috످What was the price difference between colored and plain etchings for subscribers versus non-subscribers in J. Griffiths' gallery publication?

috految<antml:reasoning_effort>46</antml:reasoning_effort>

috److془J. Griffiths' gallery publication... "The Gallery of British Artists"? Not sure. I don't recall prices.془I don't know what J. Griffiths charged subscribers or non-subscribers for colored and plain etchings. You may find the prices in the publication's original prospectus or advertisements, if they're available on Google Books or the British Newspaper Archive.

috످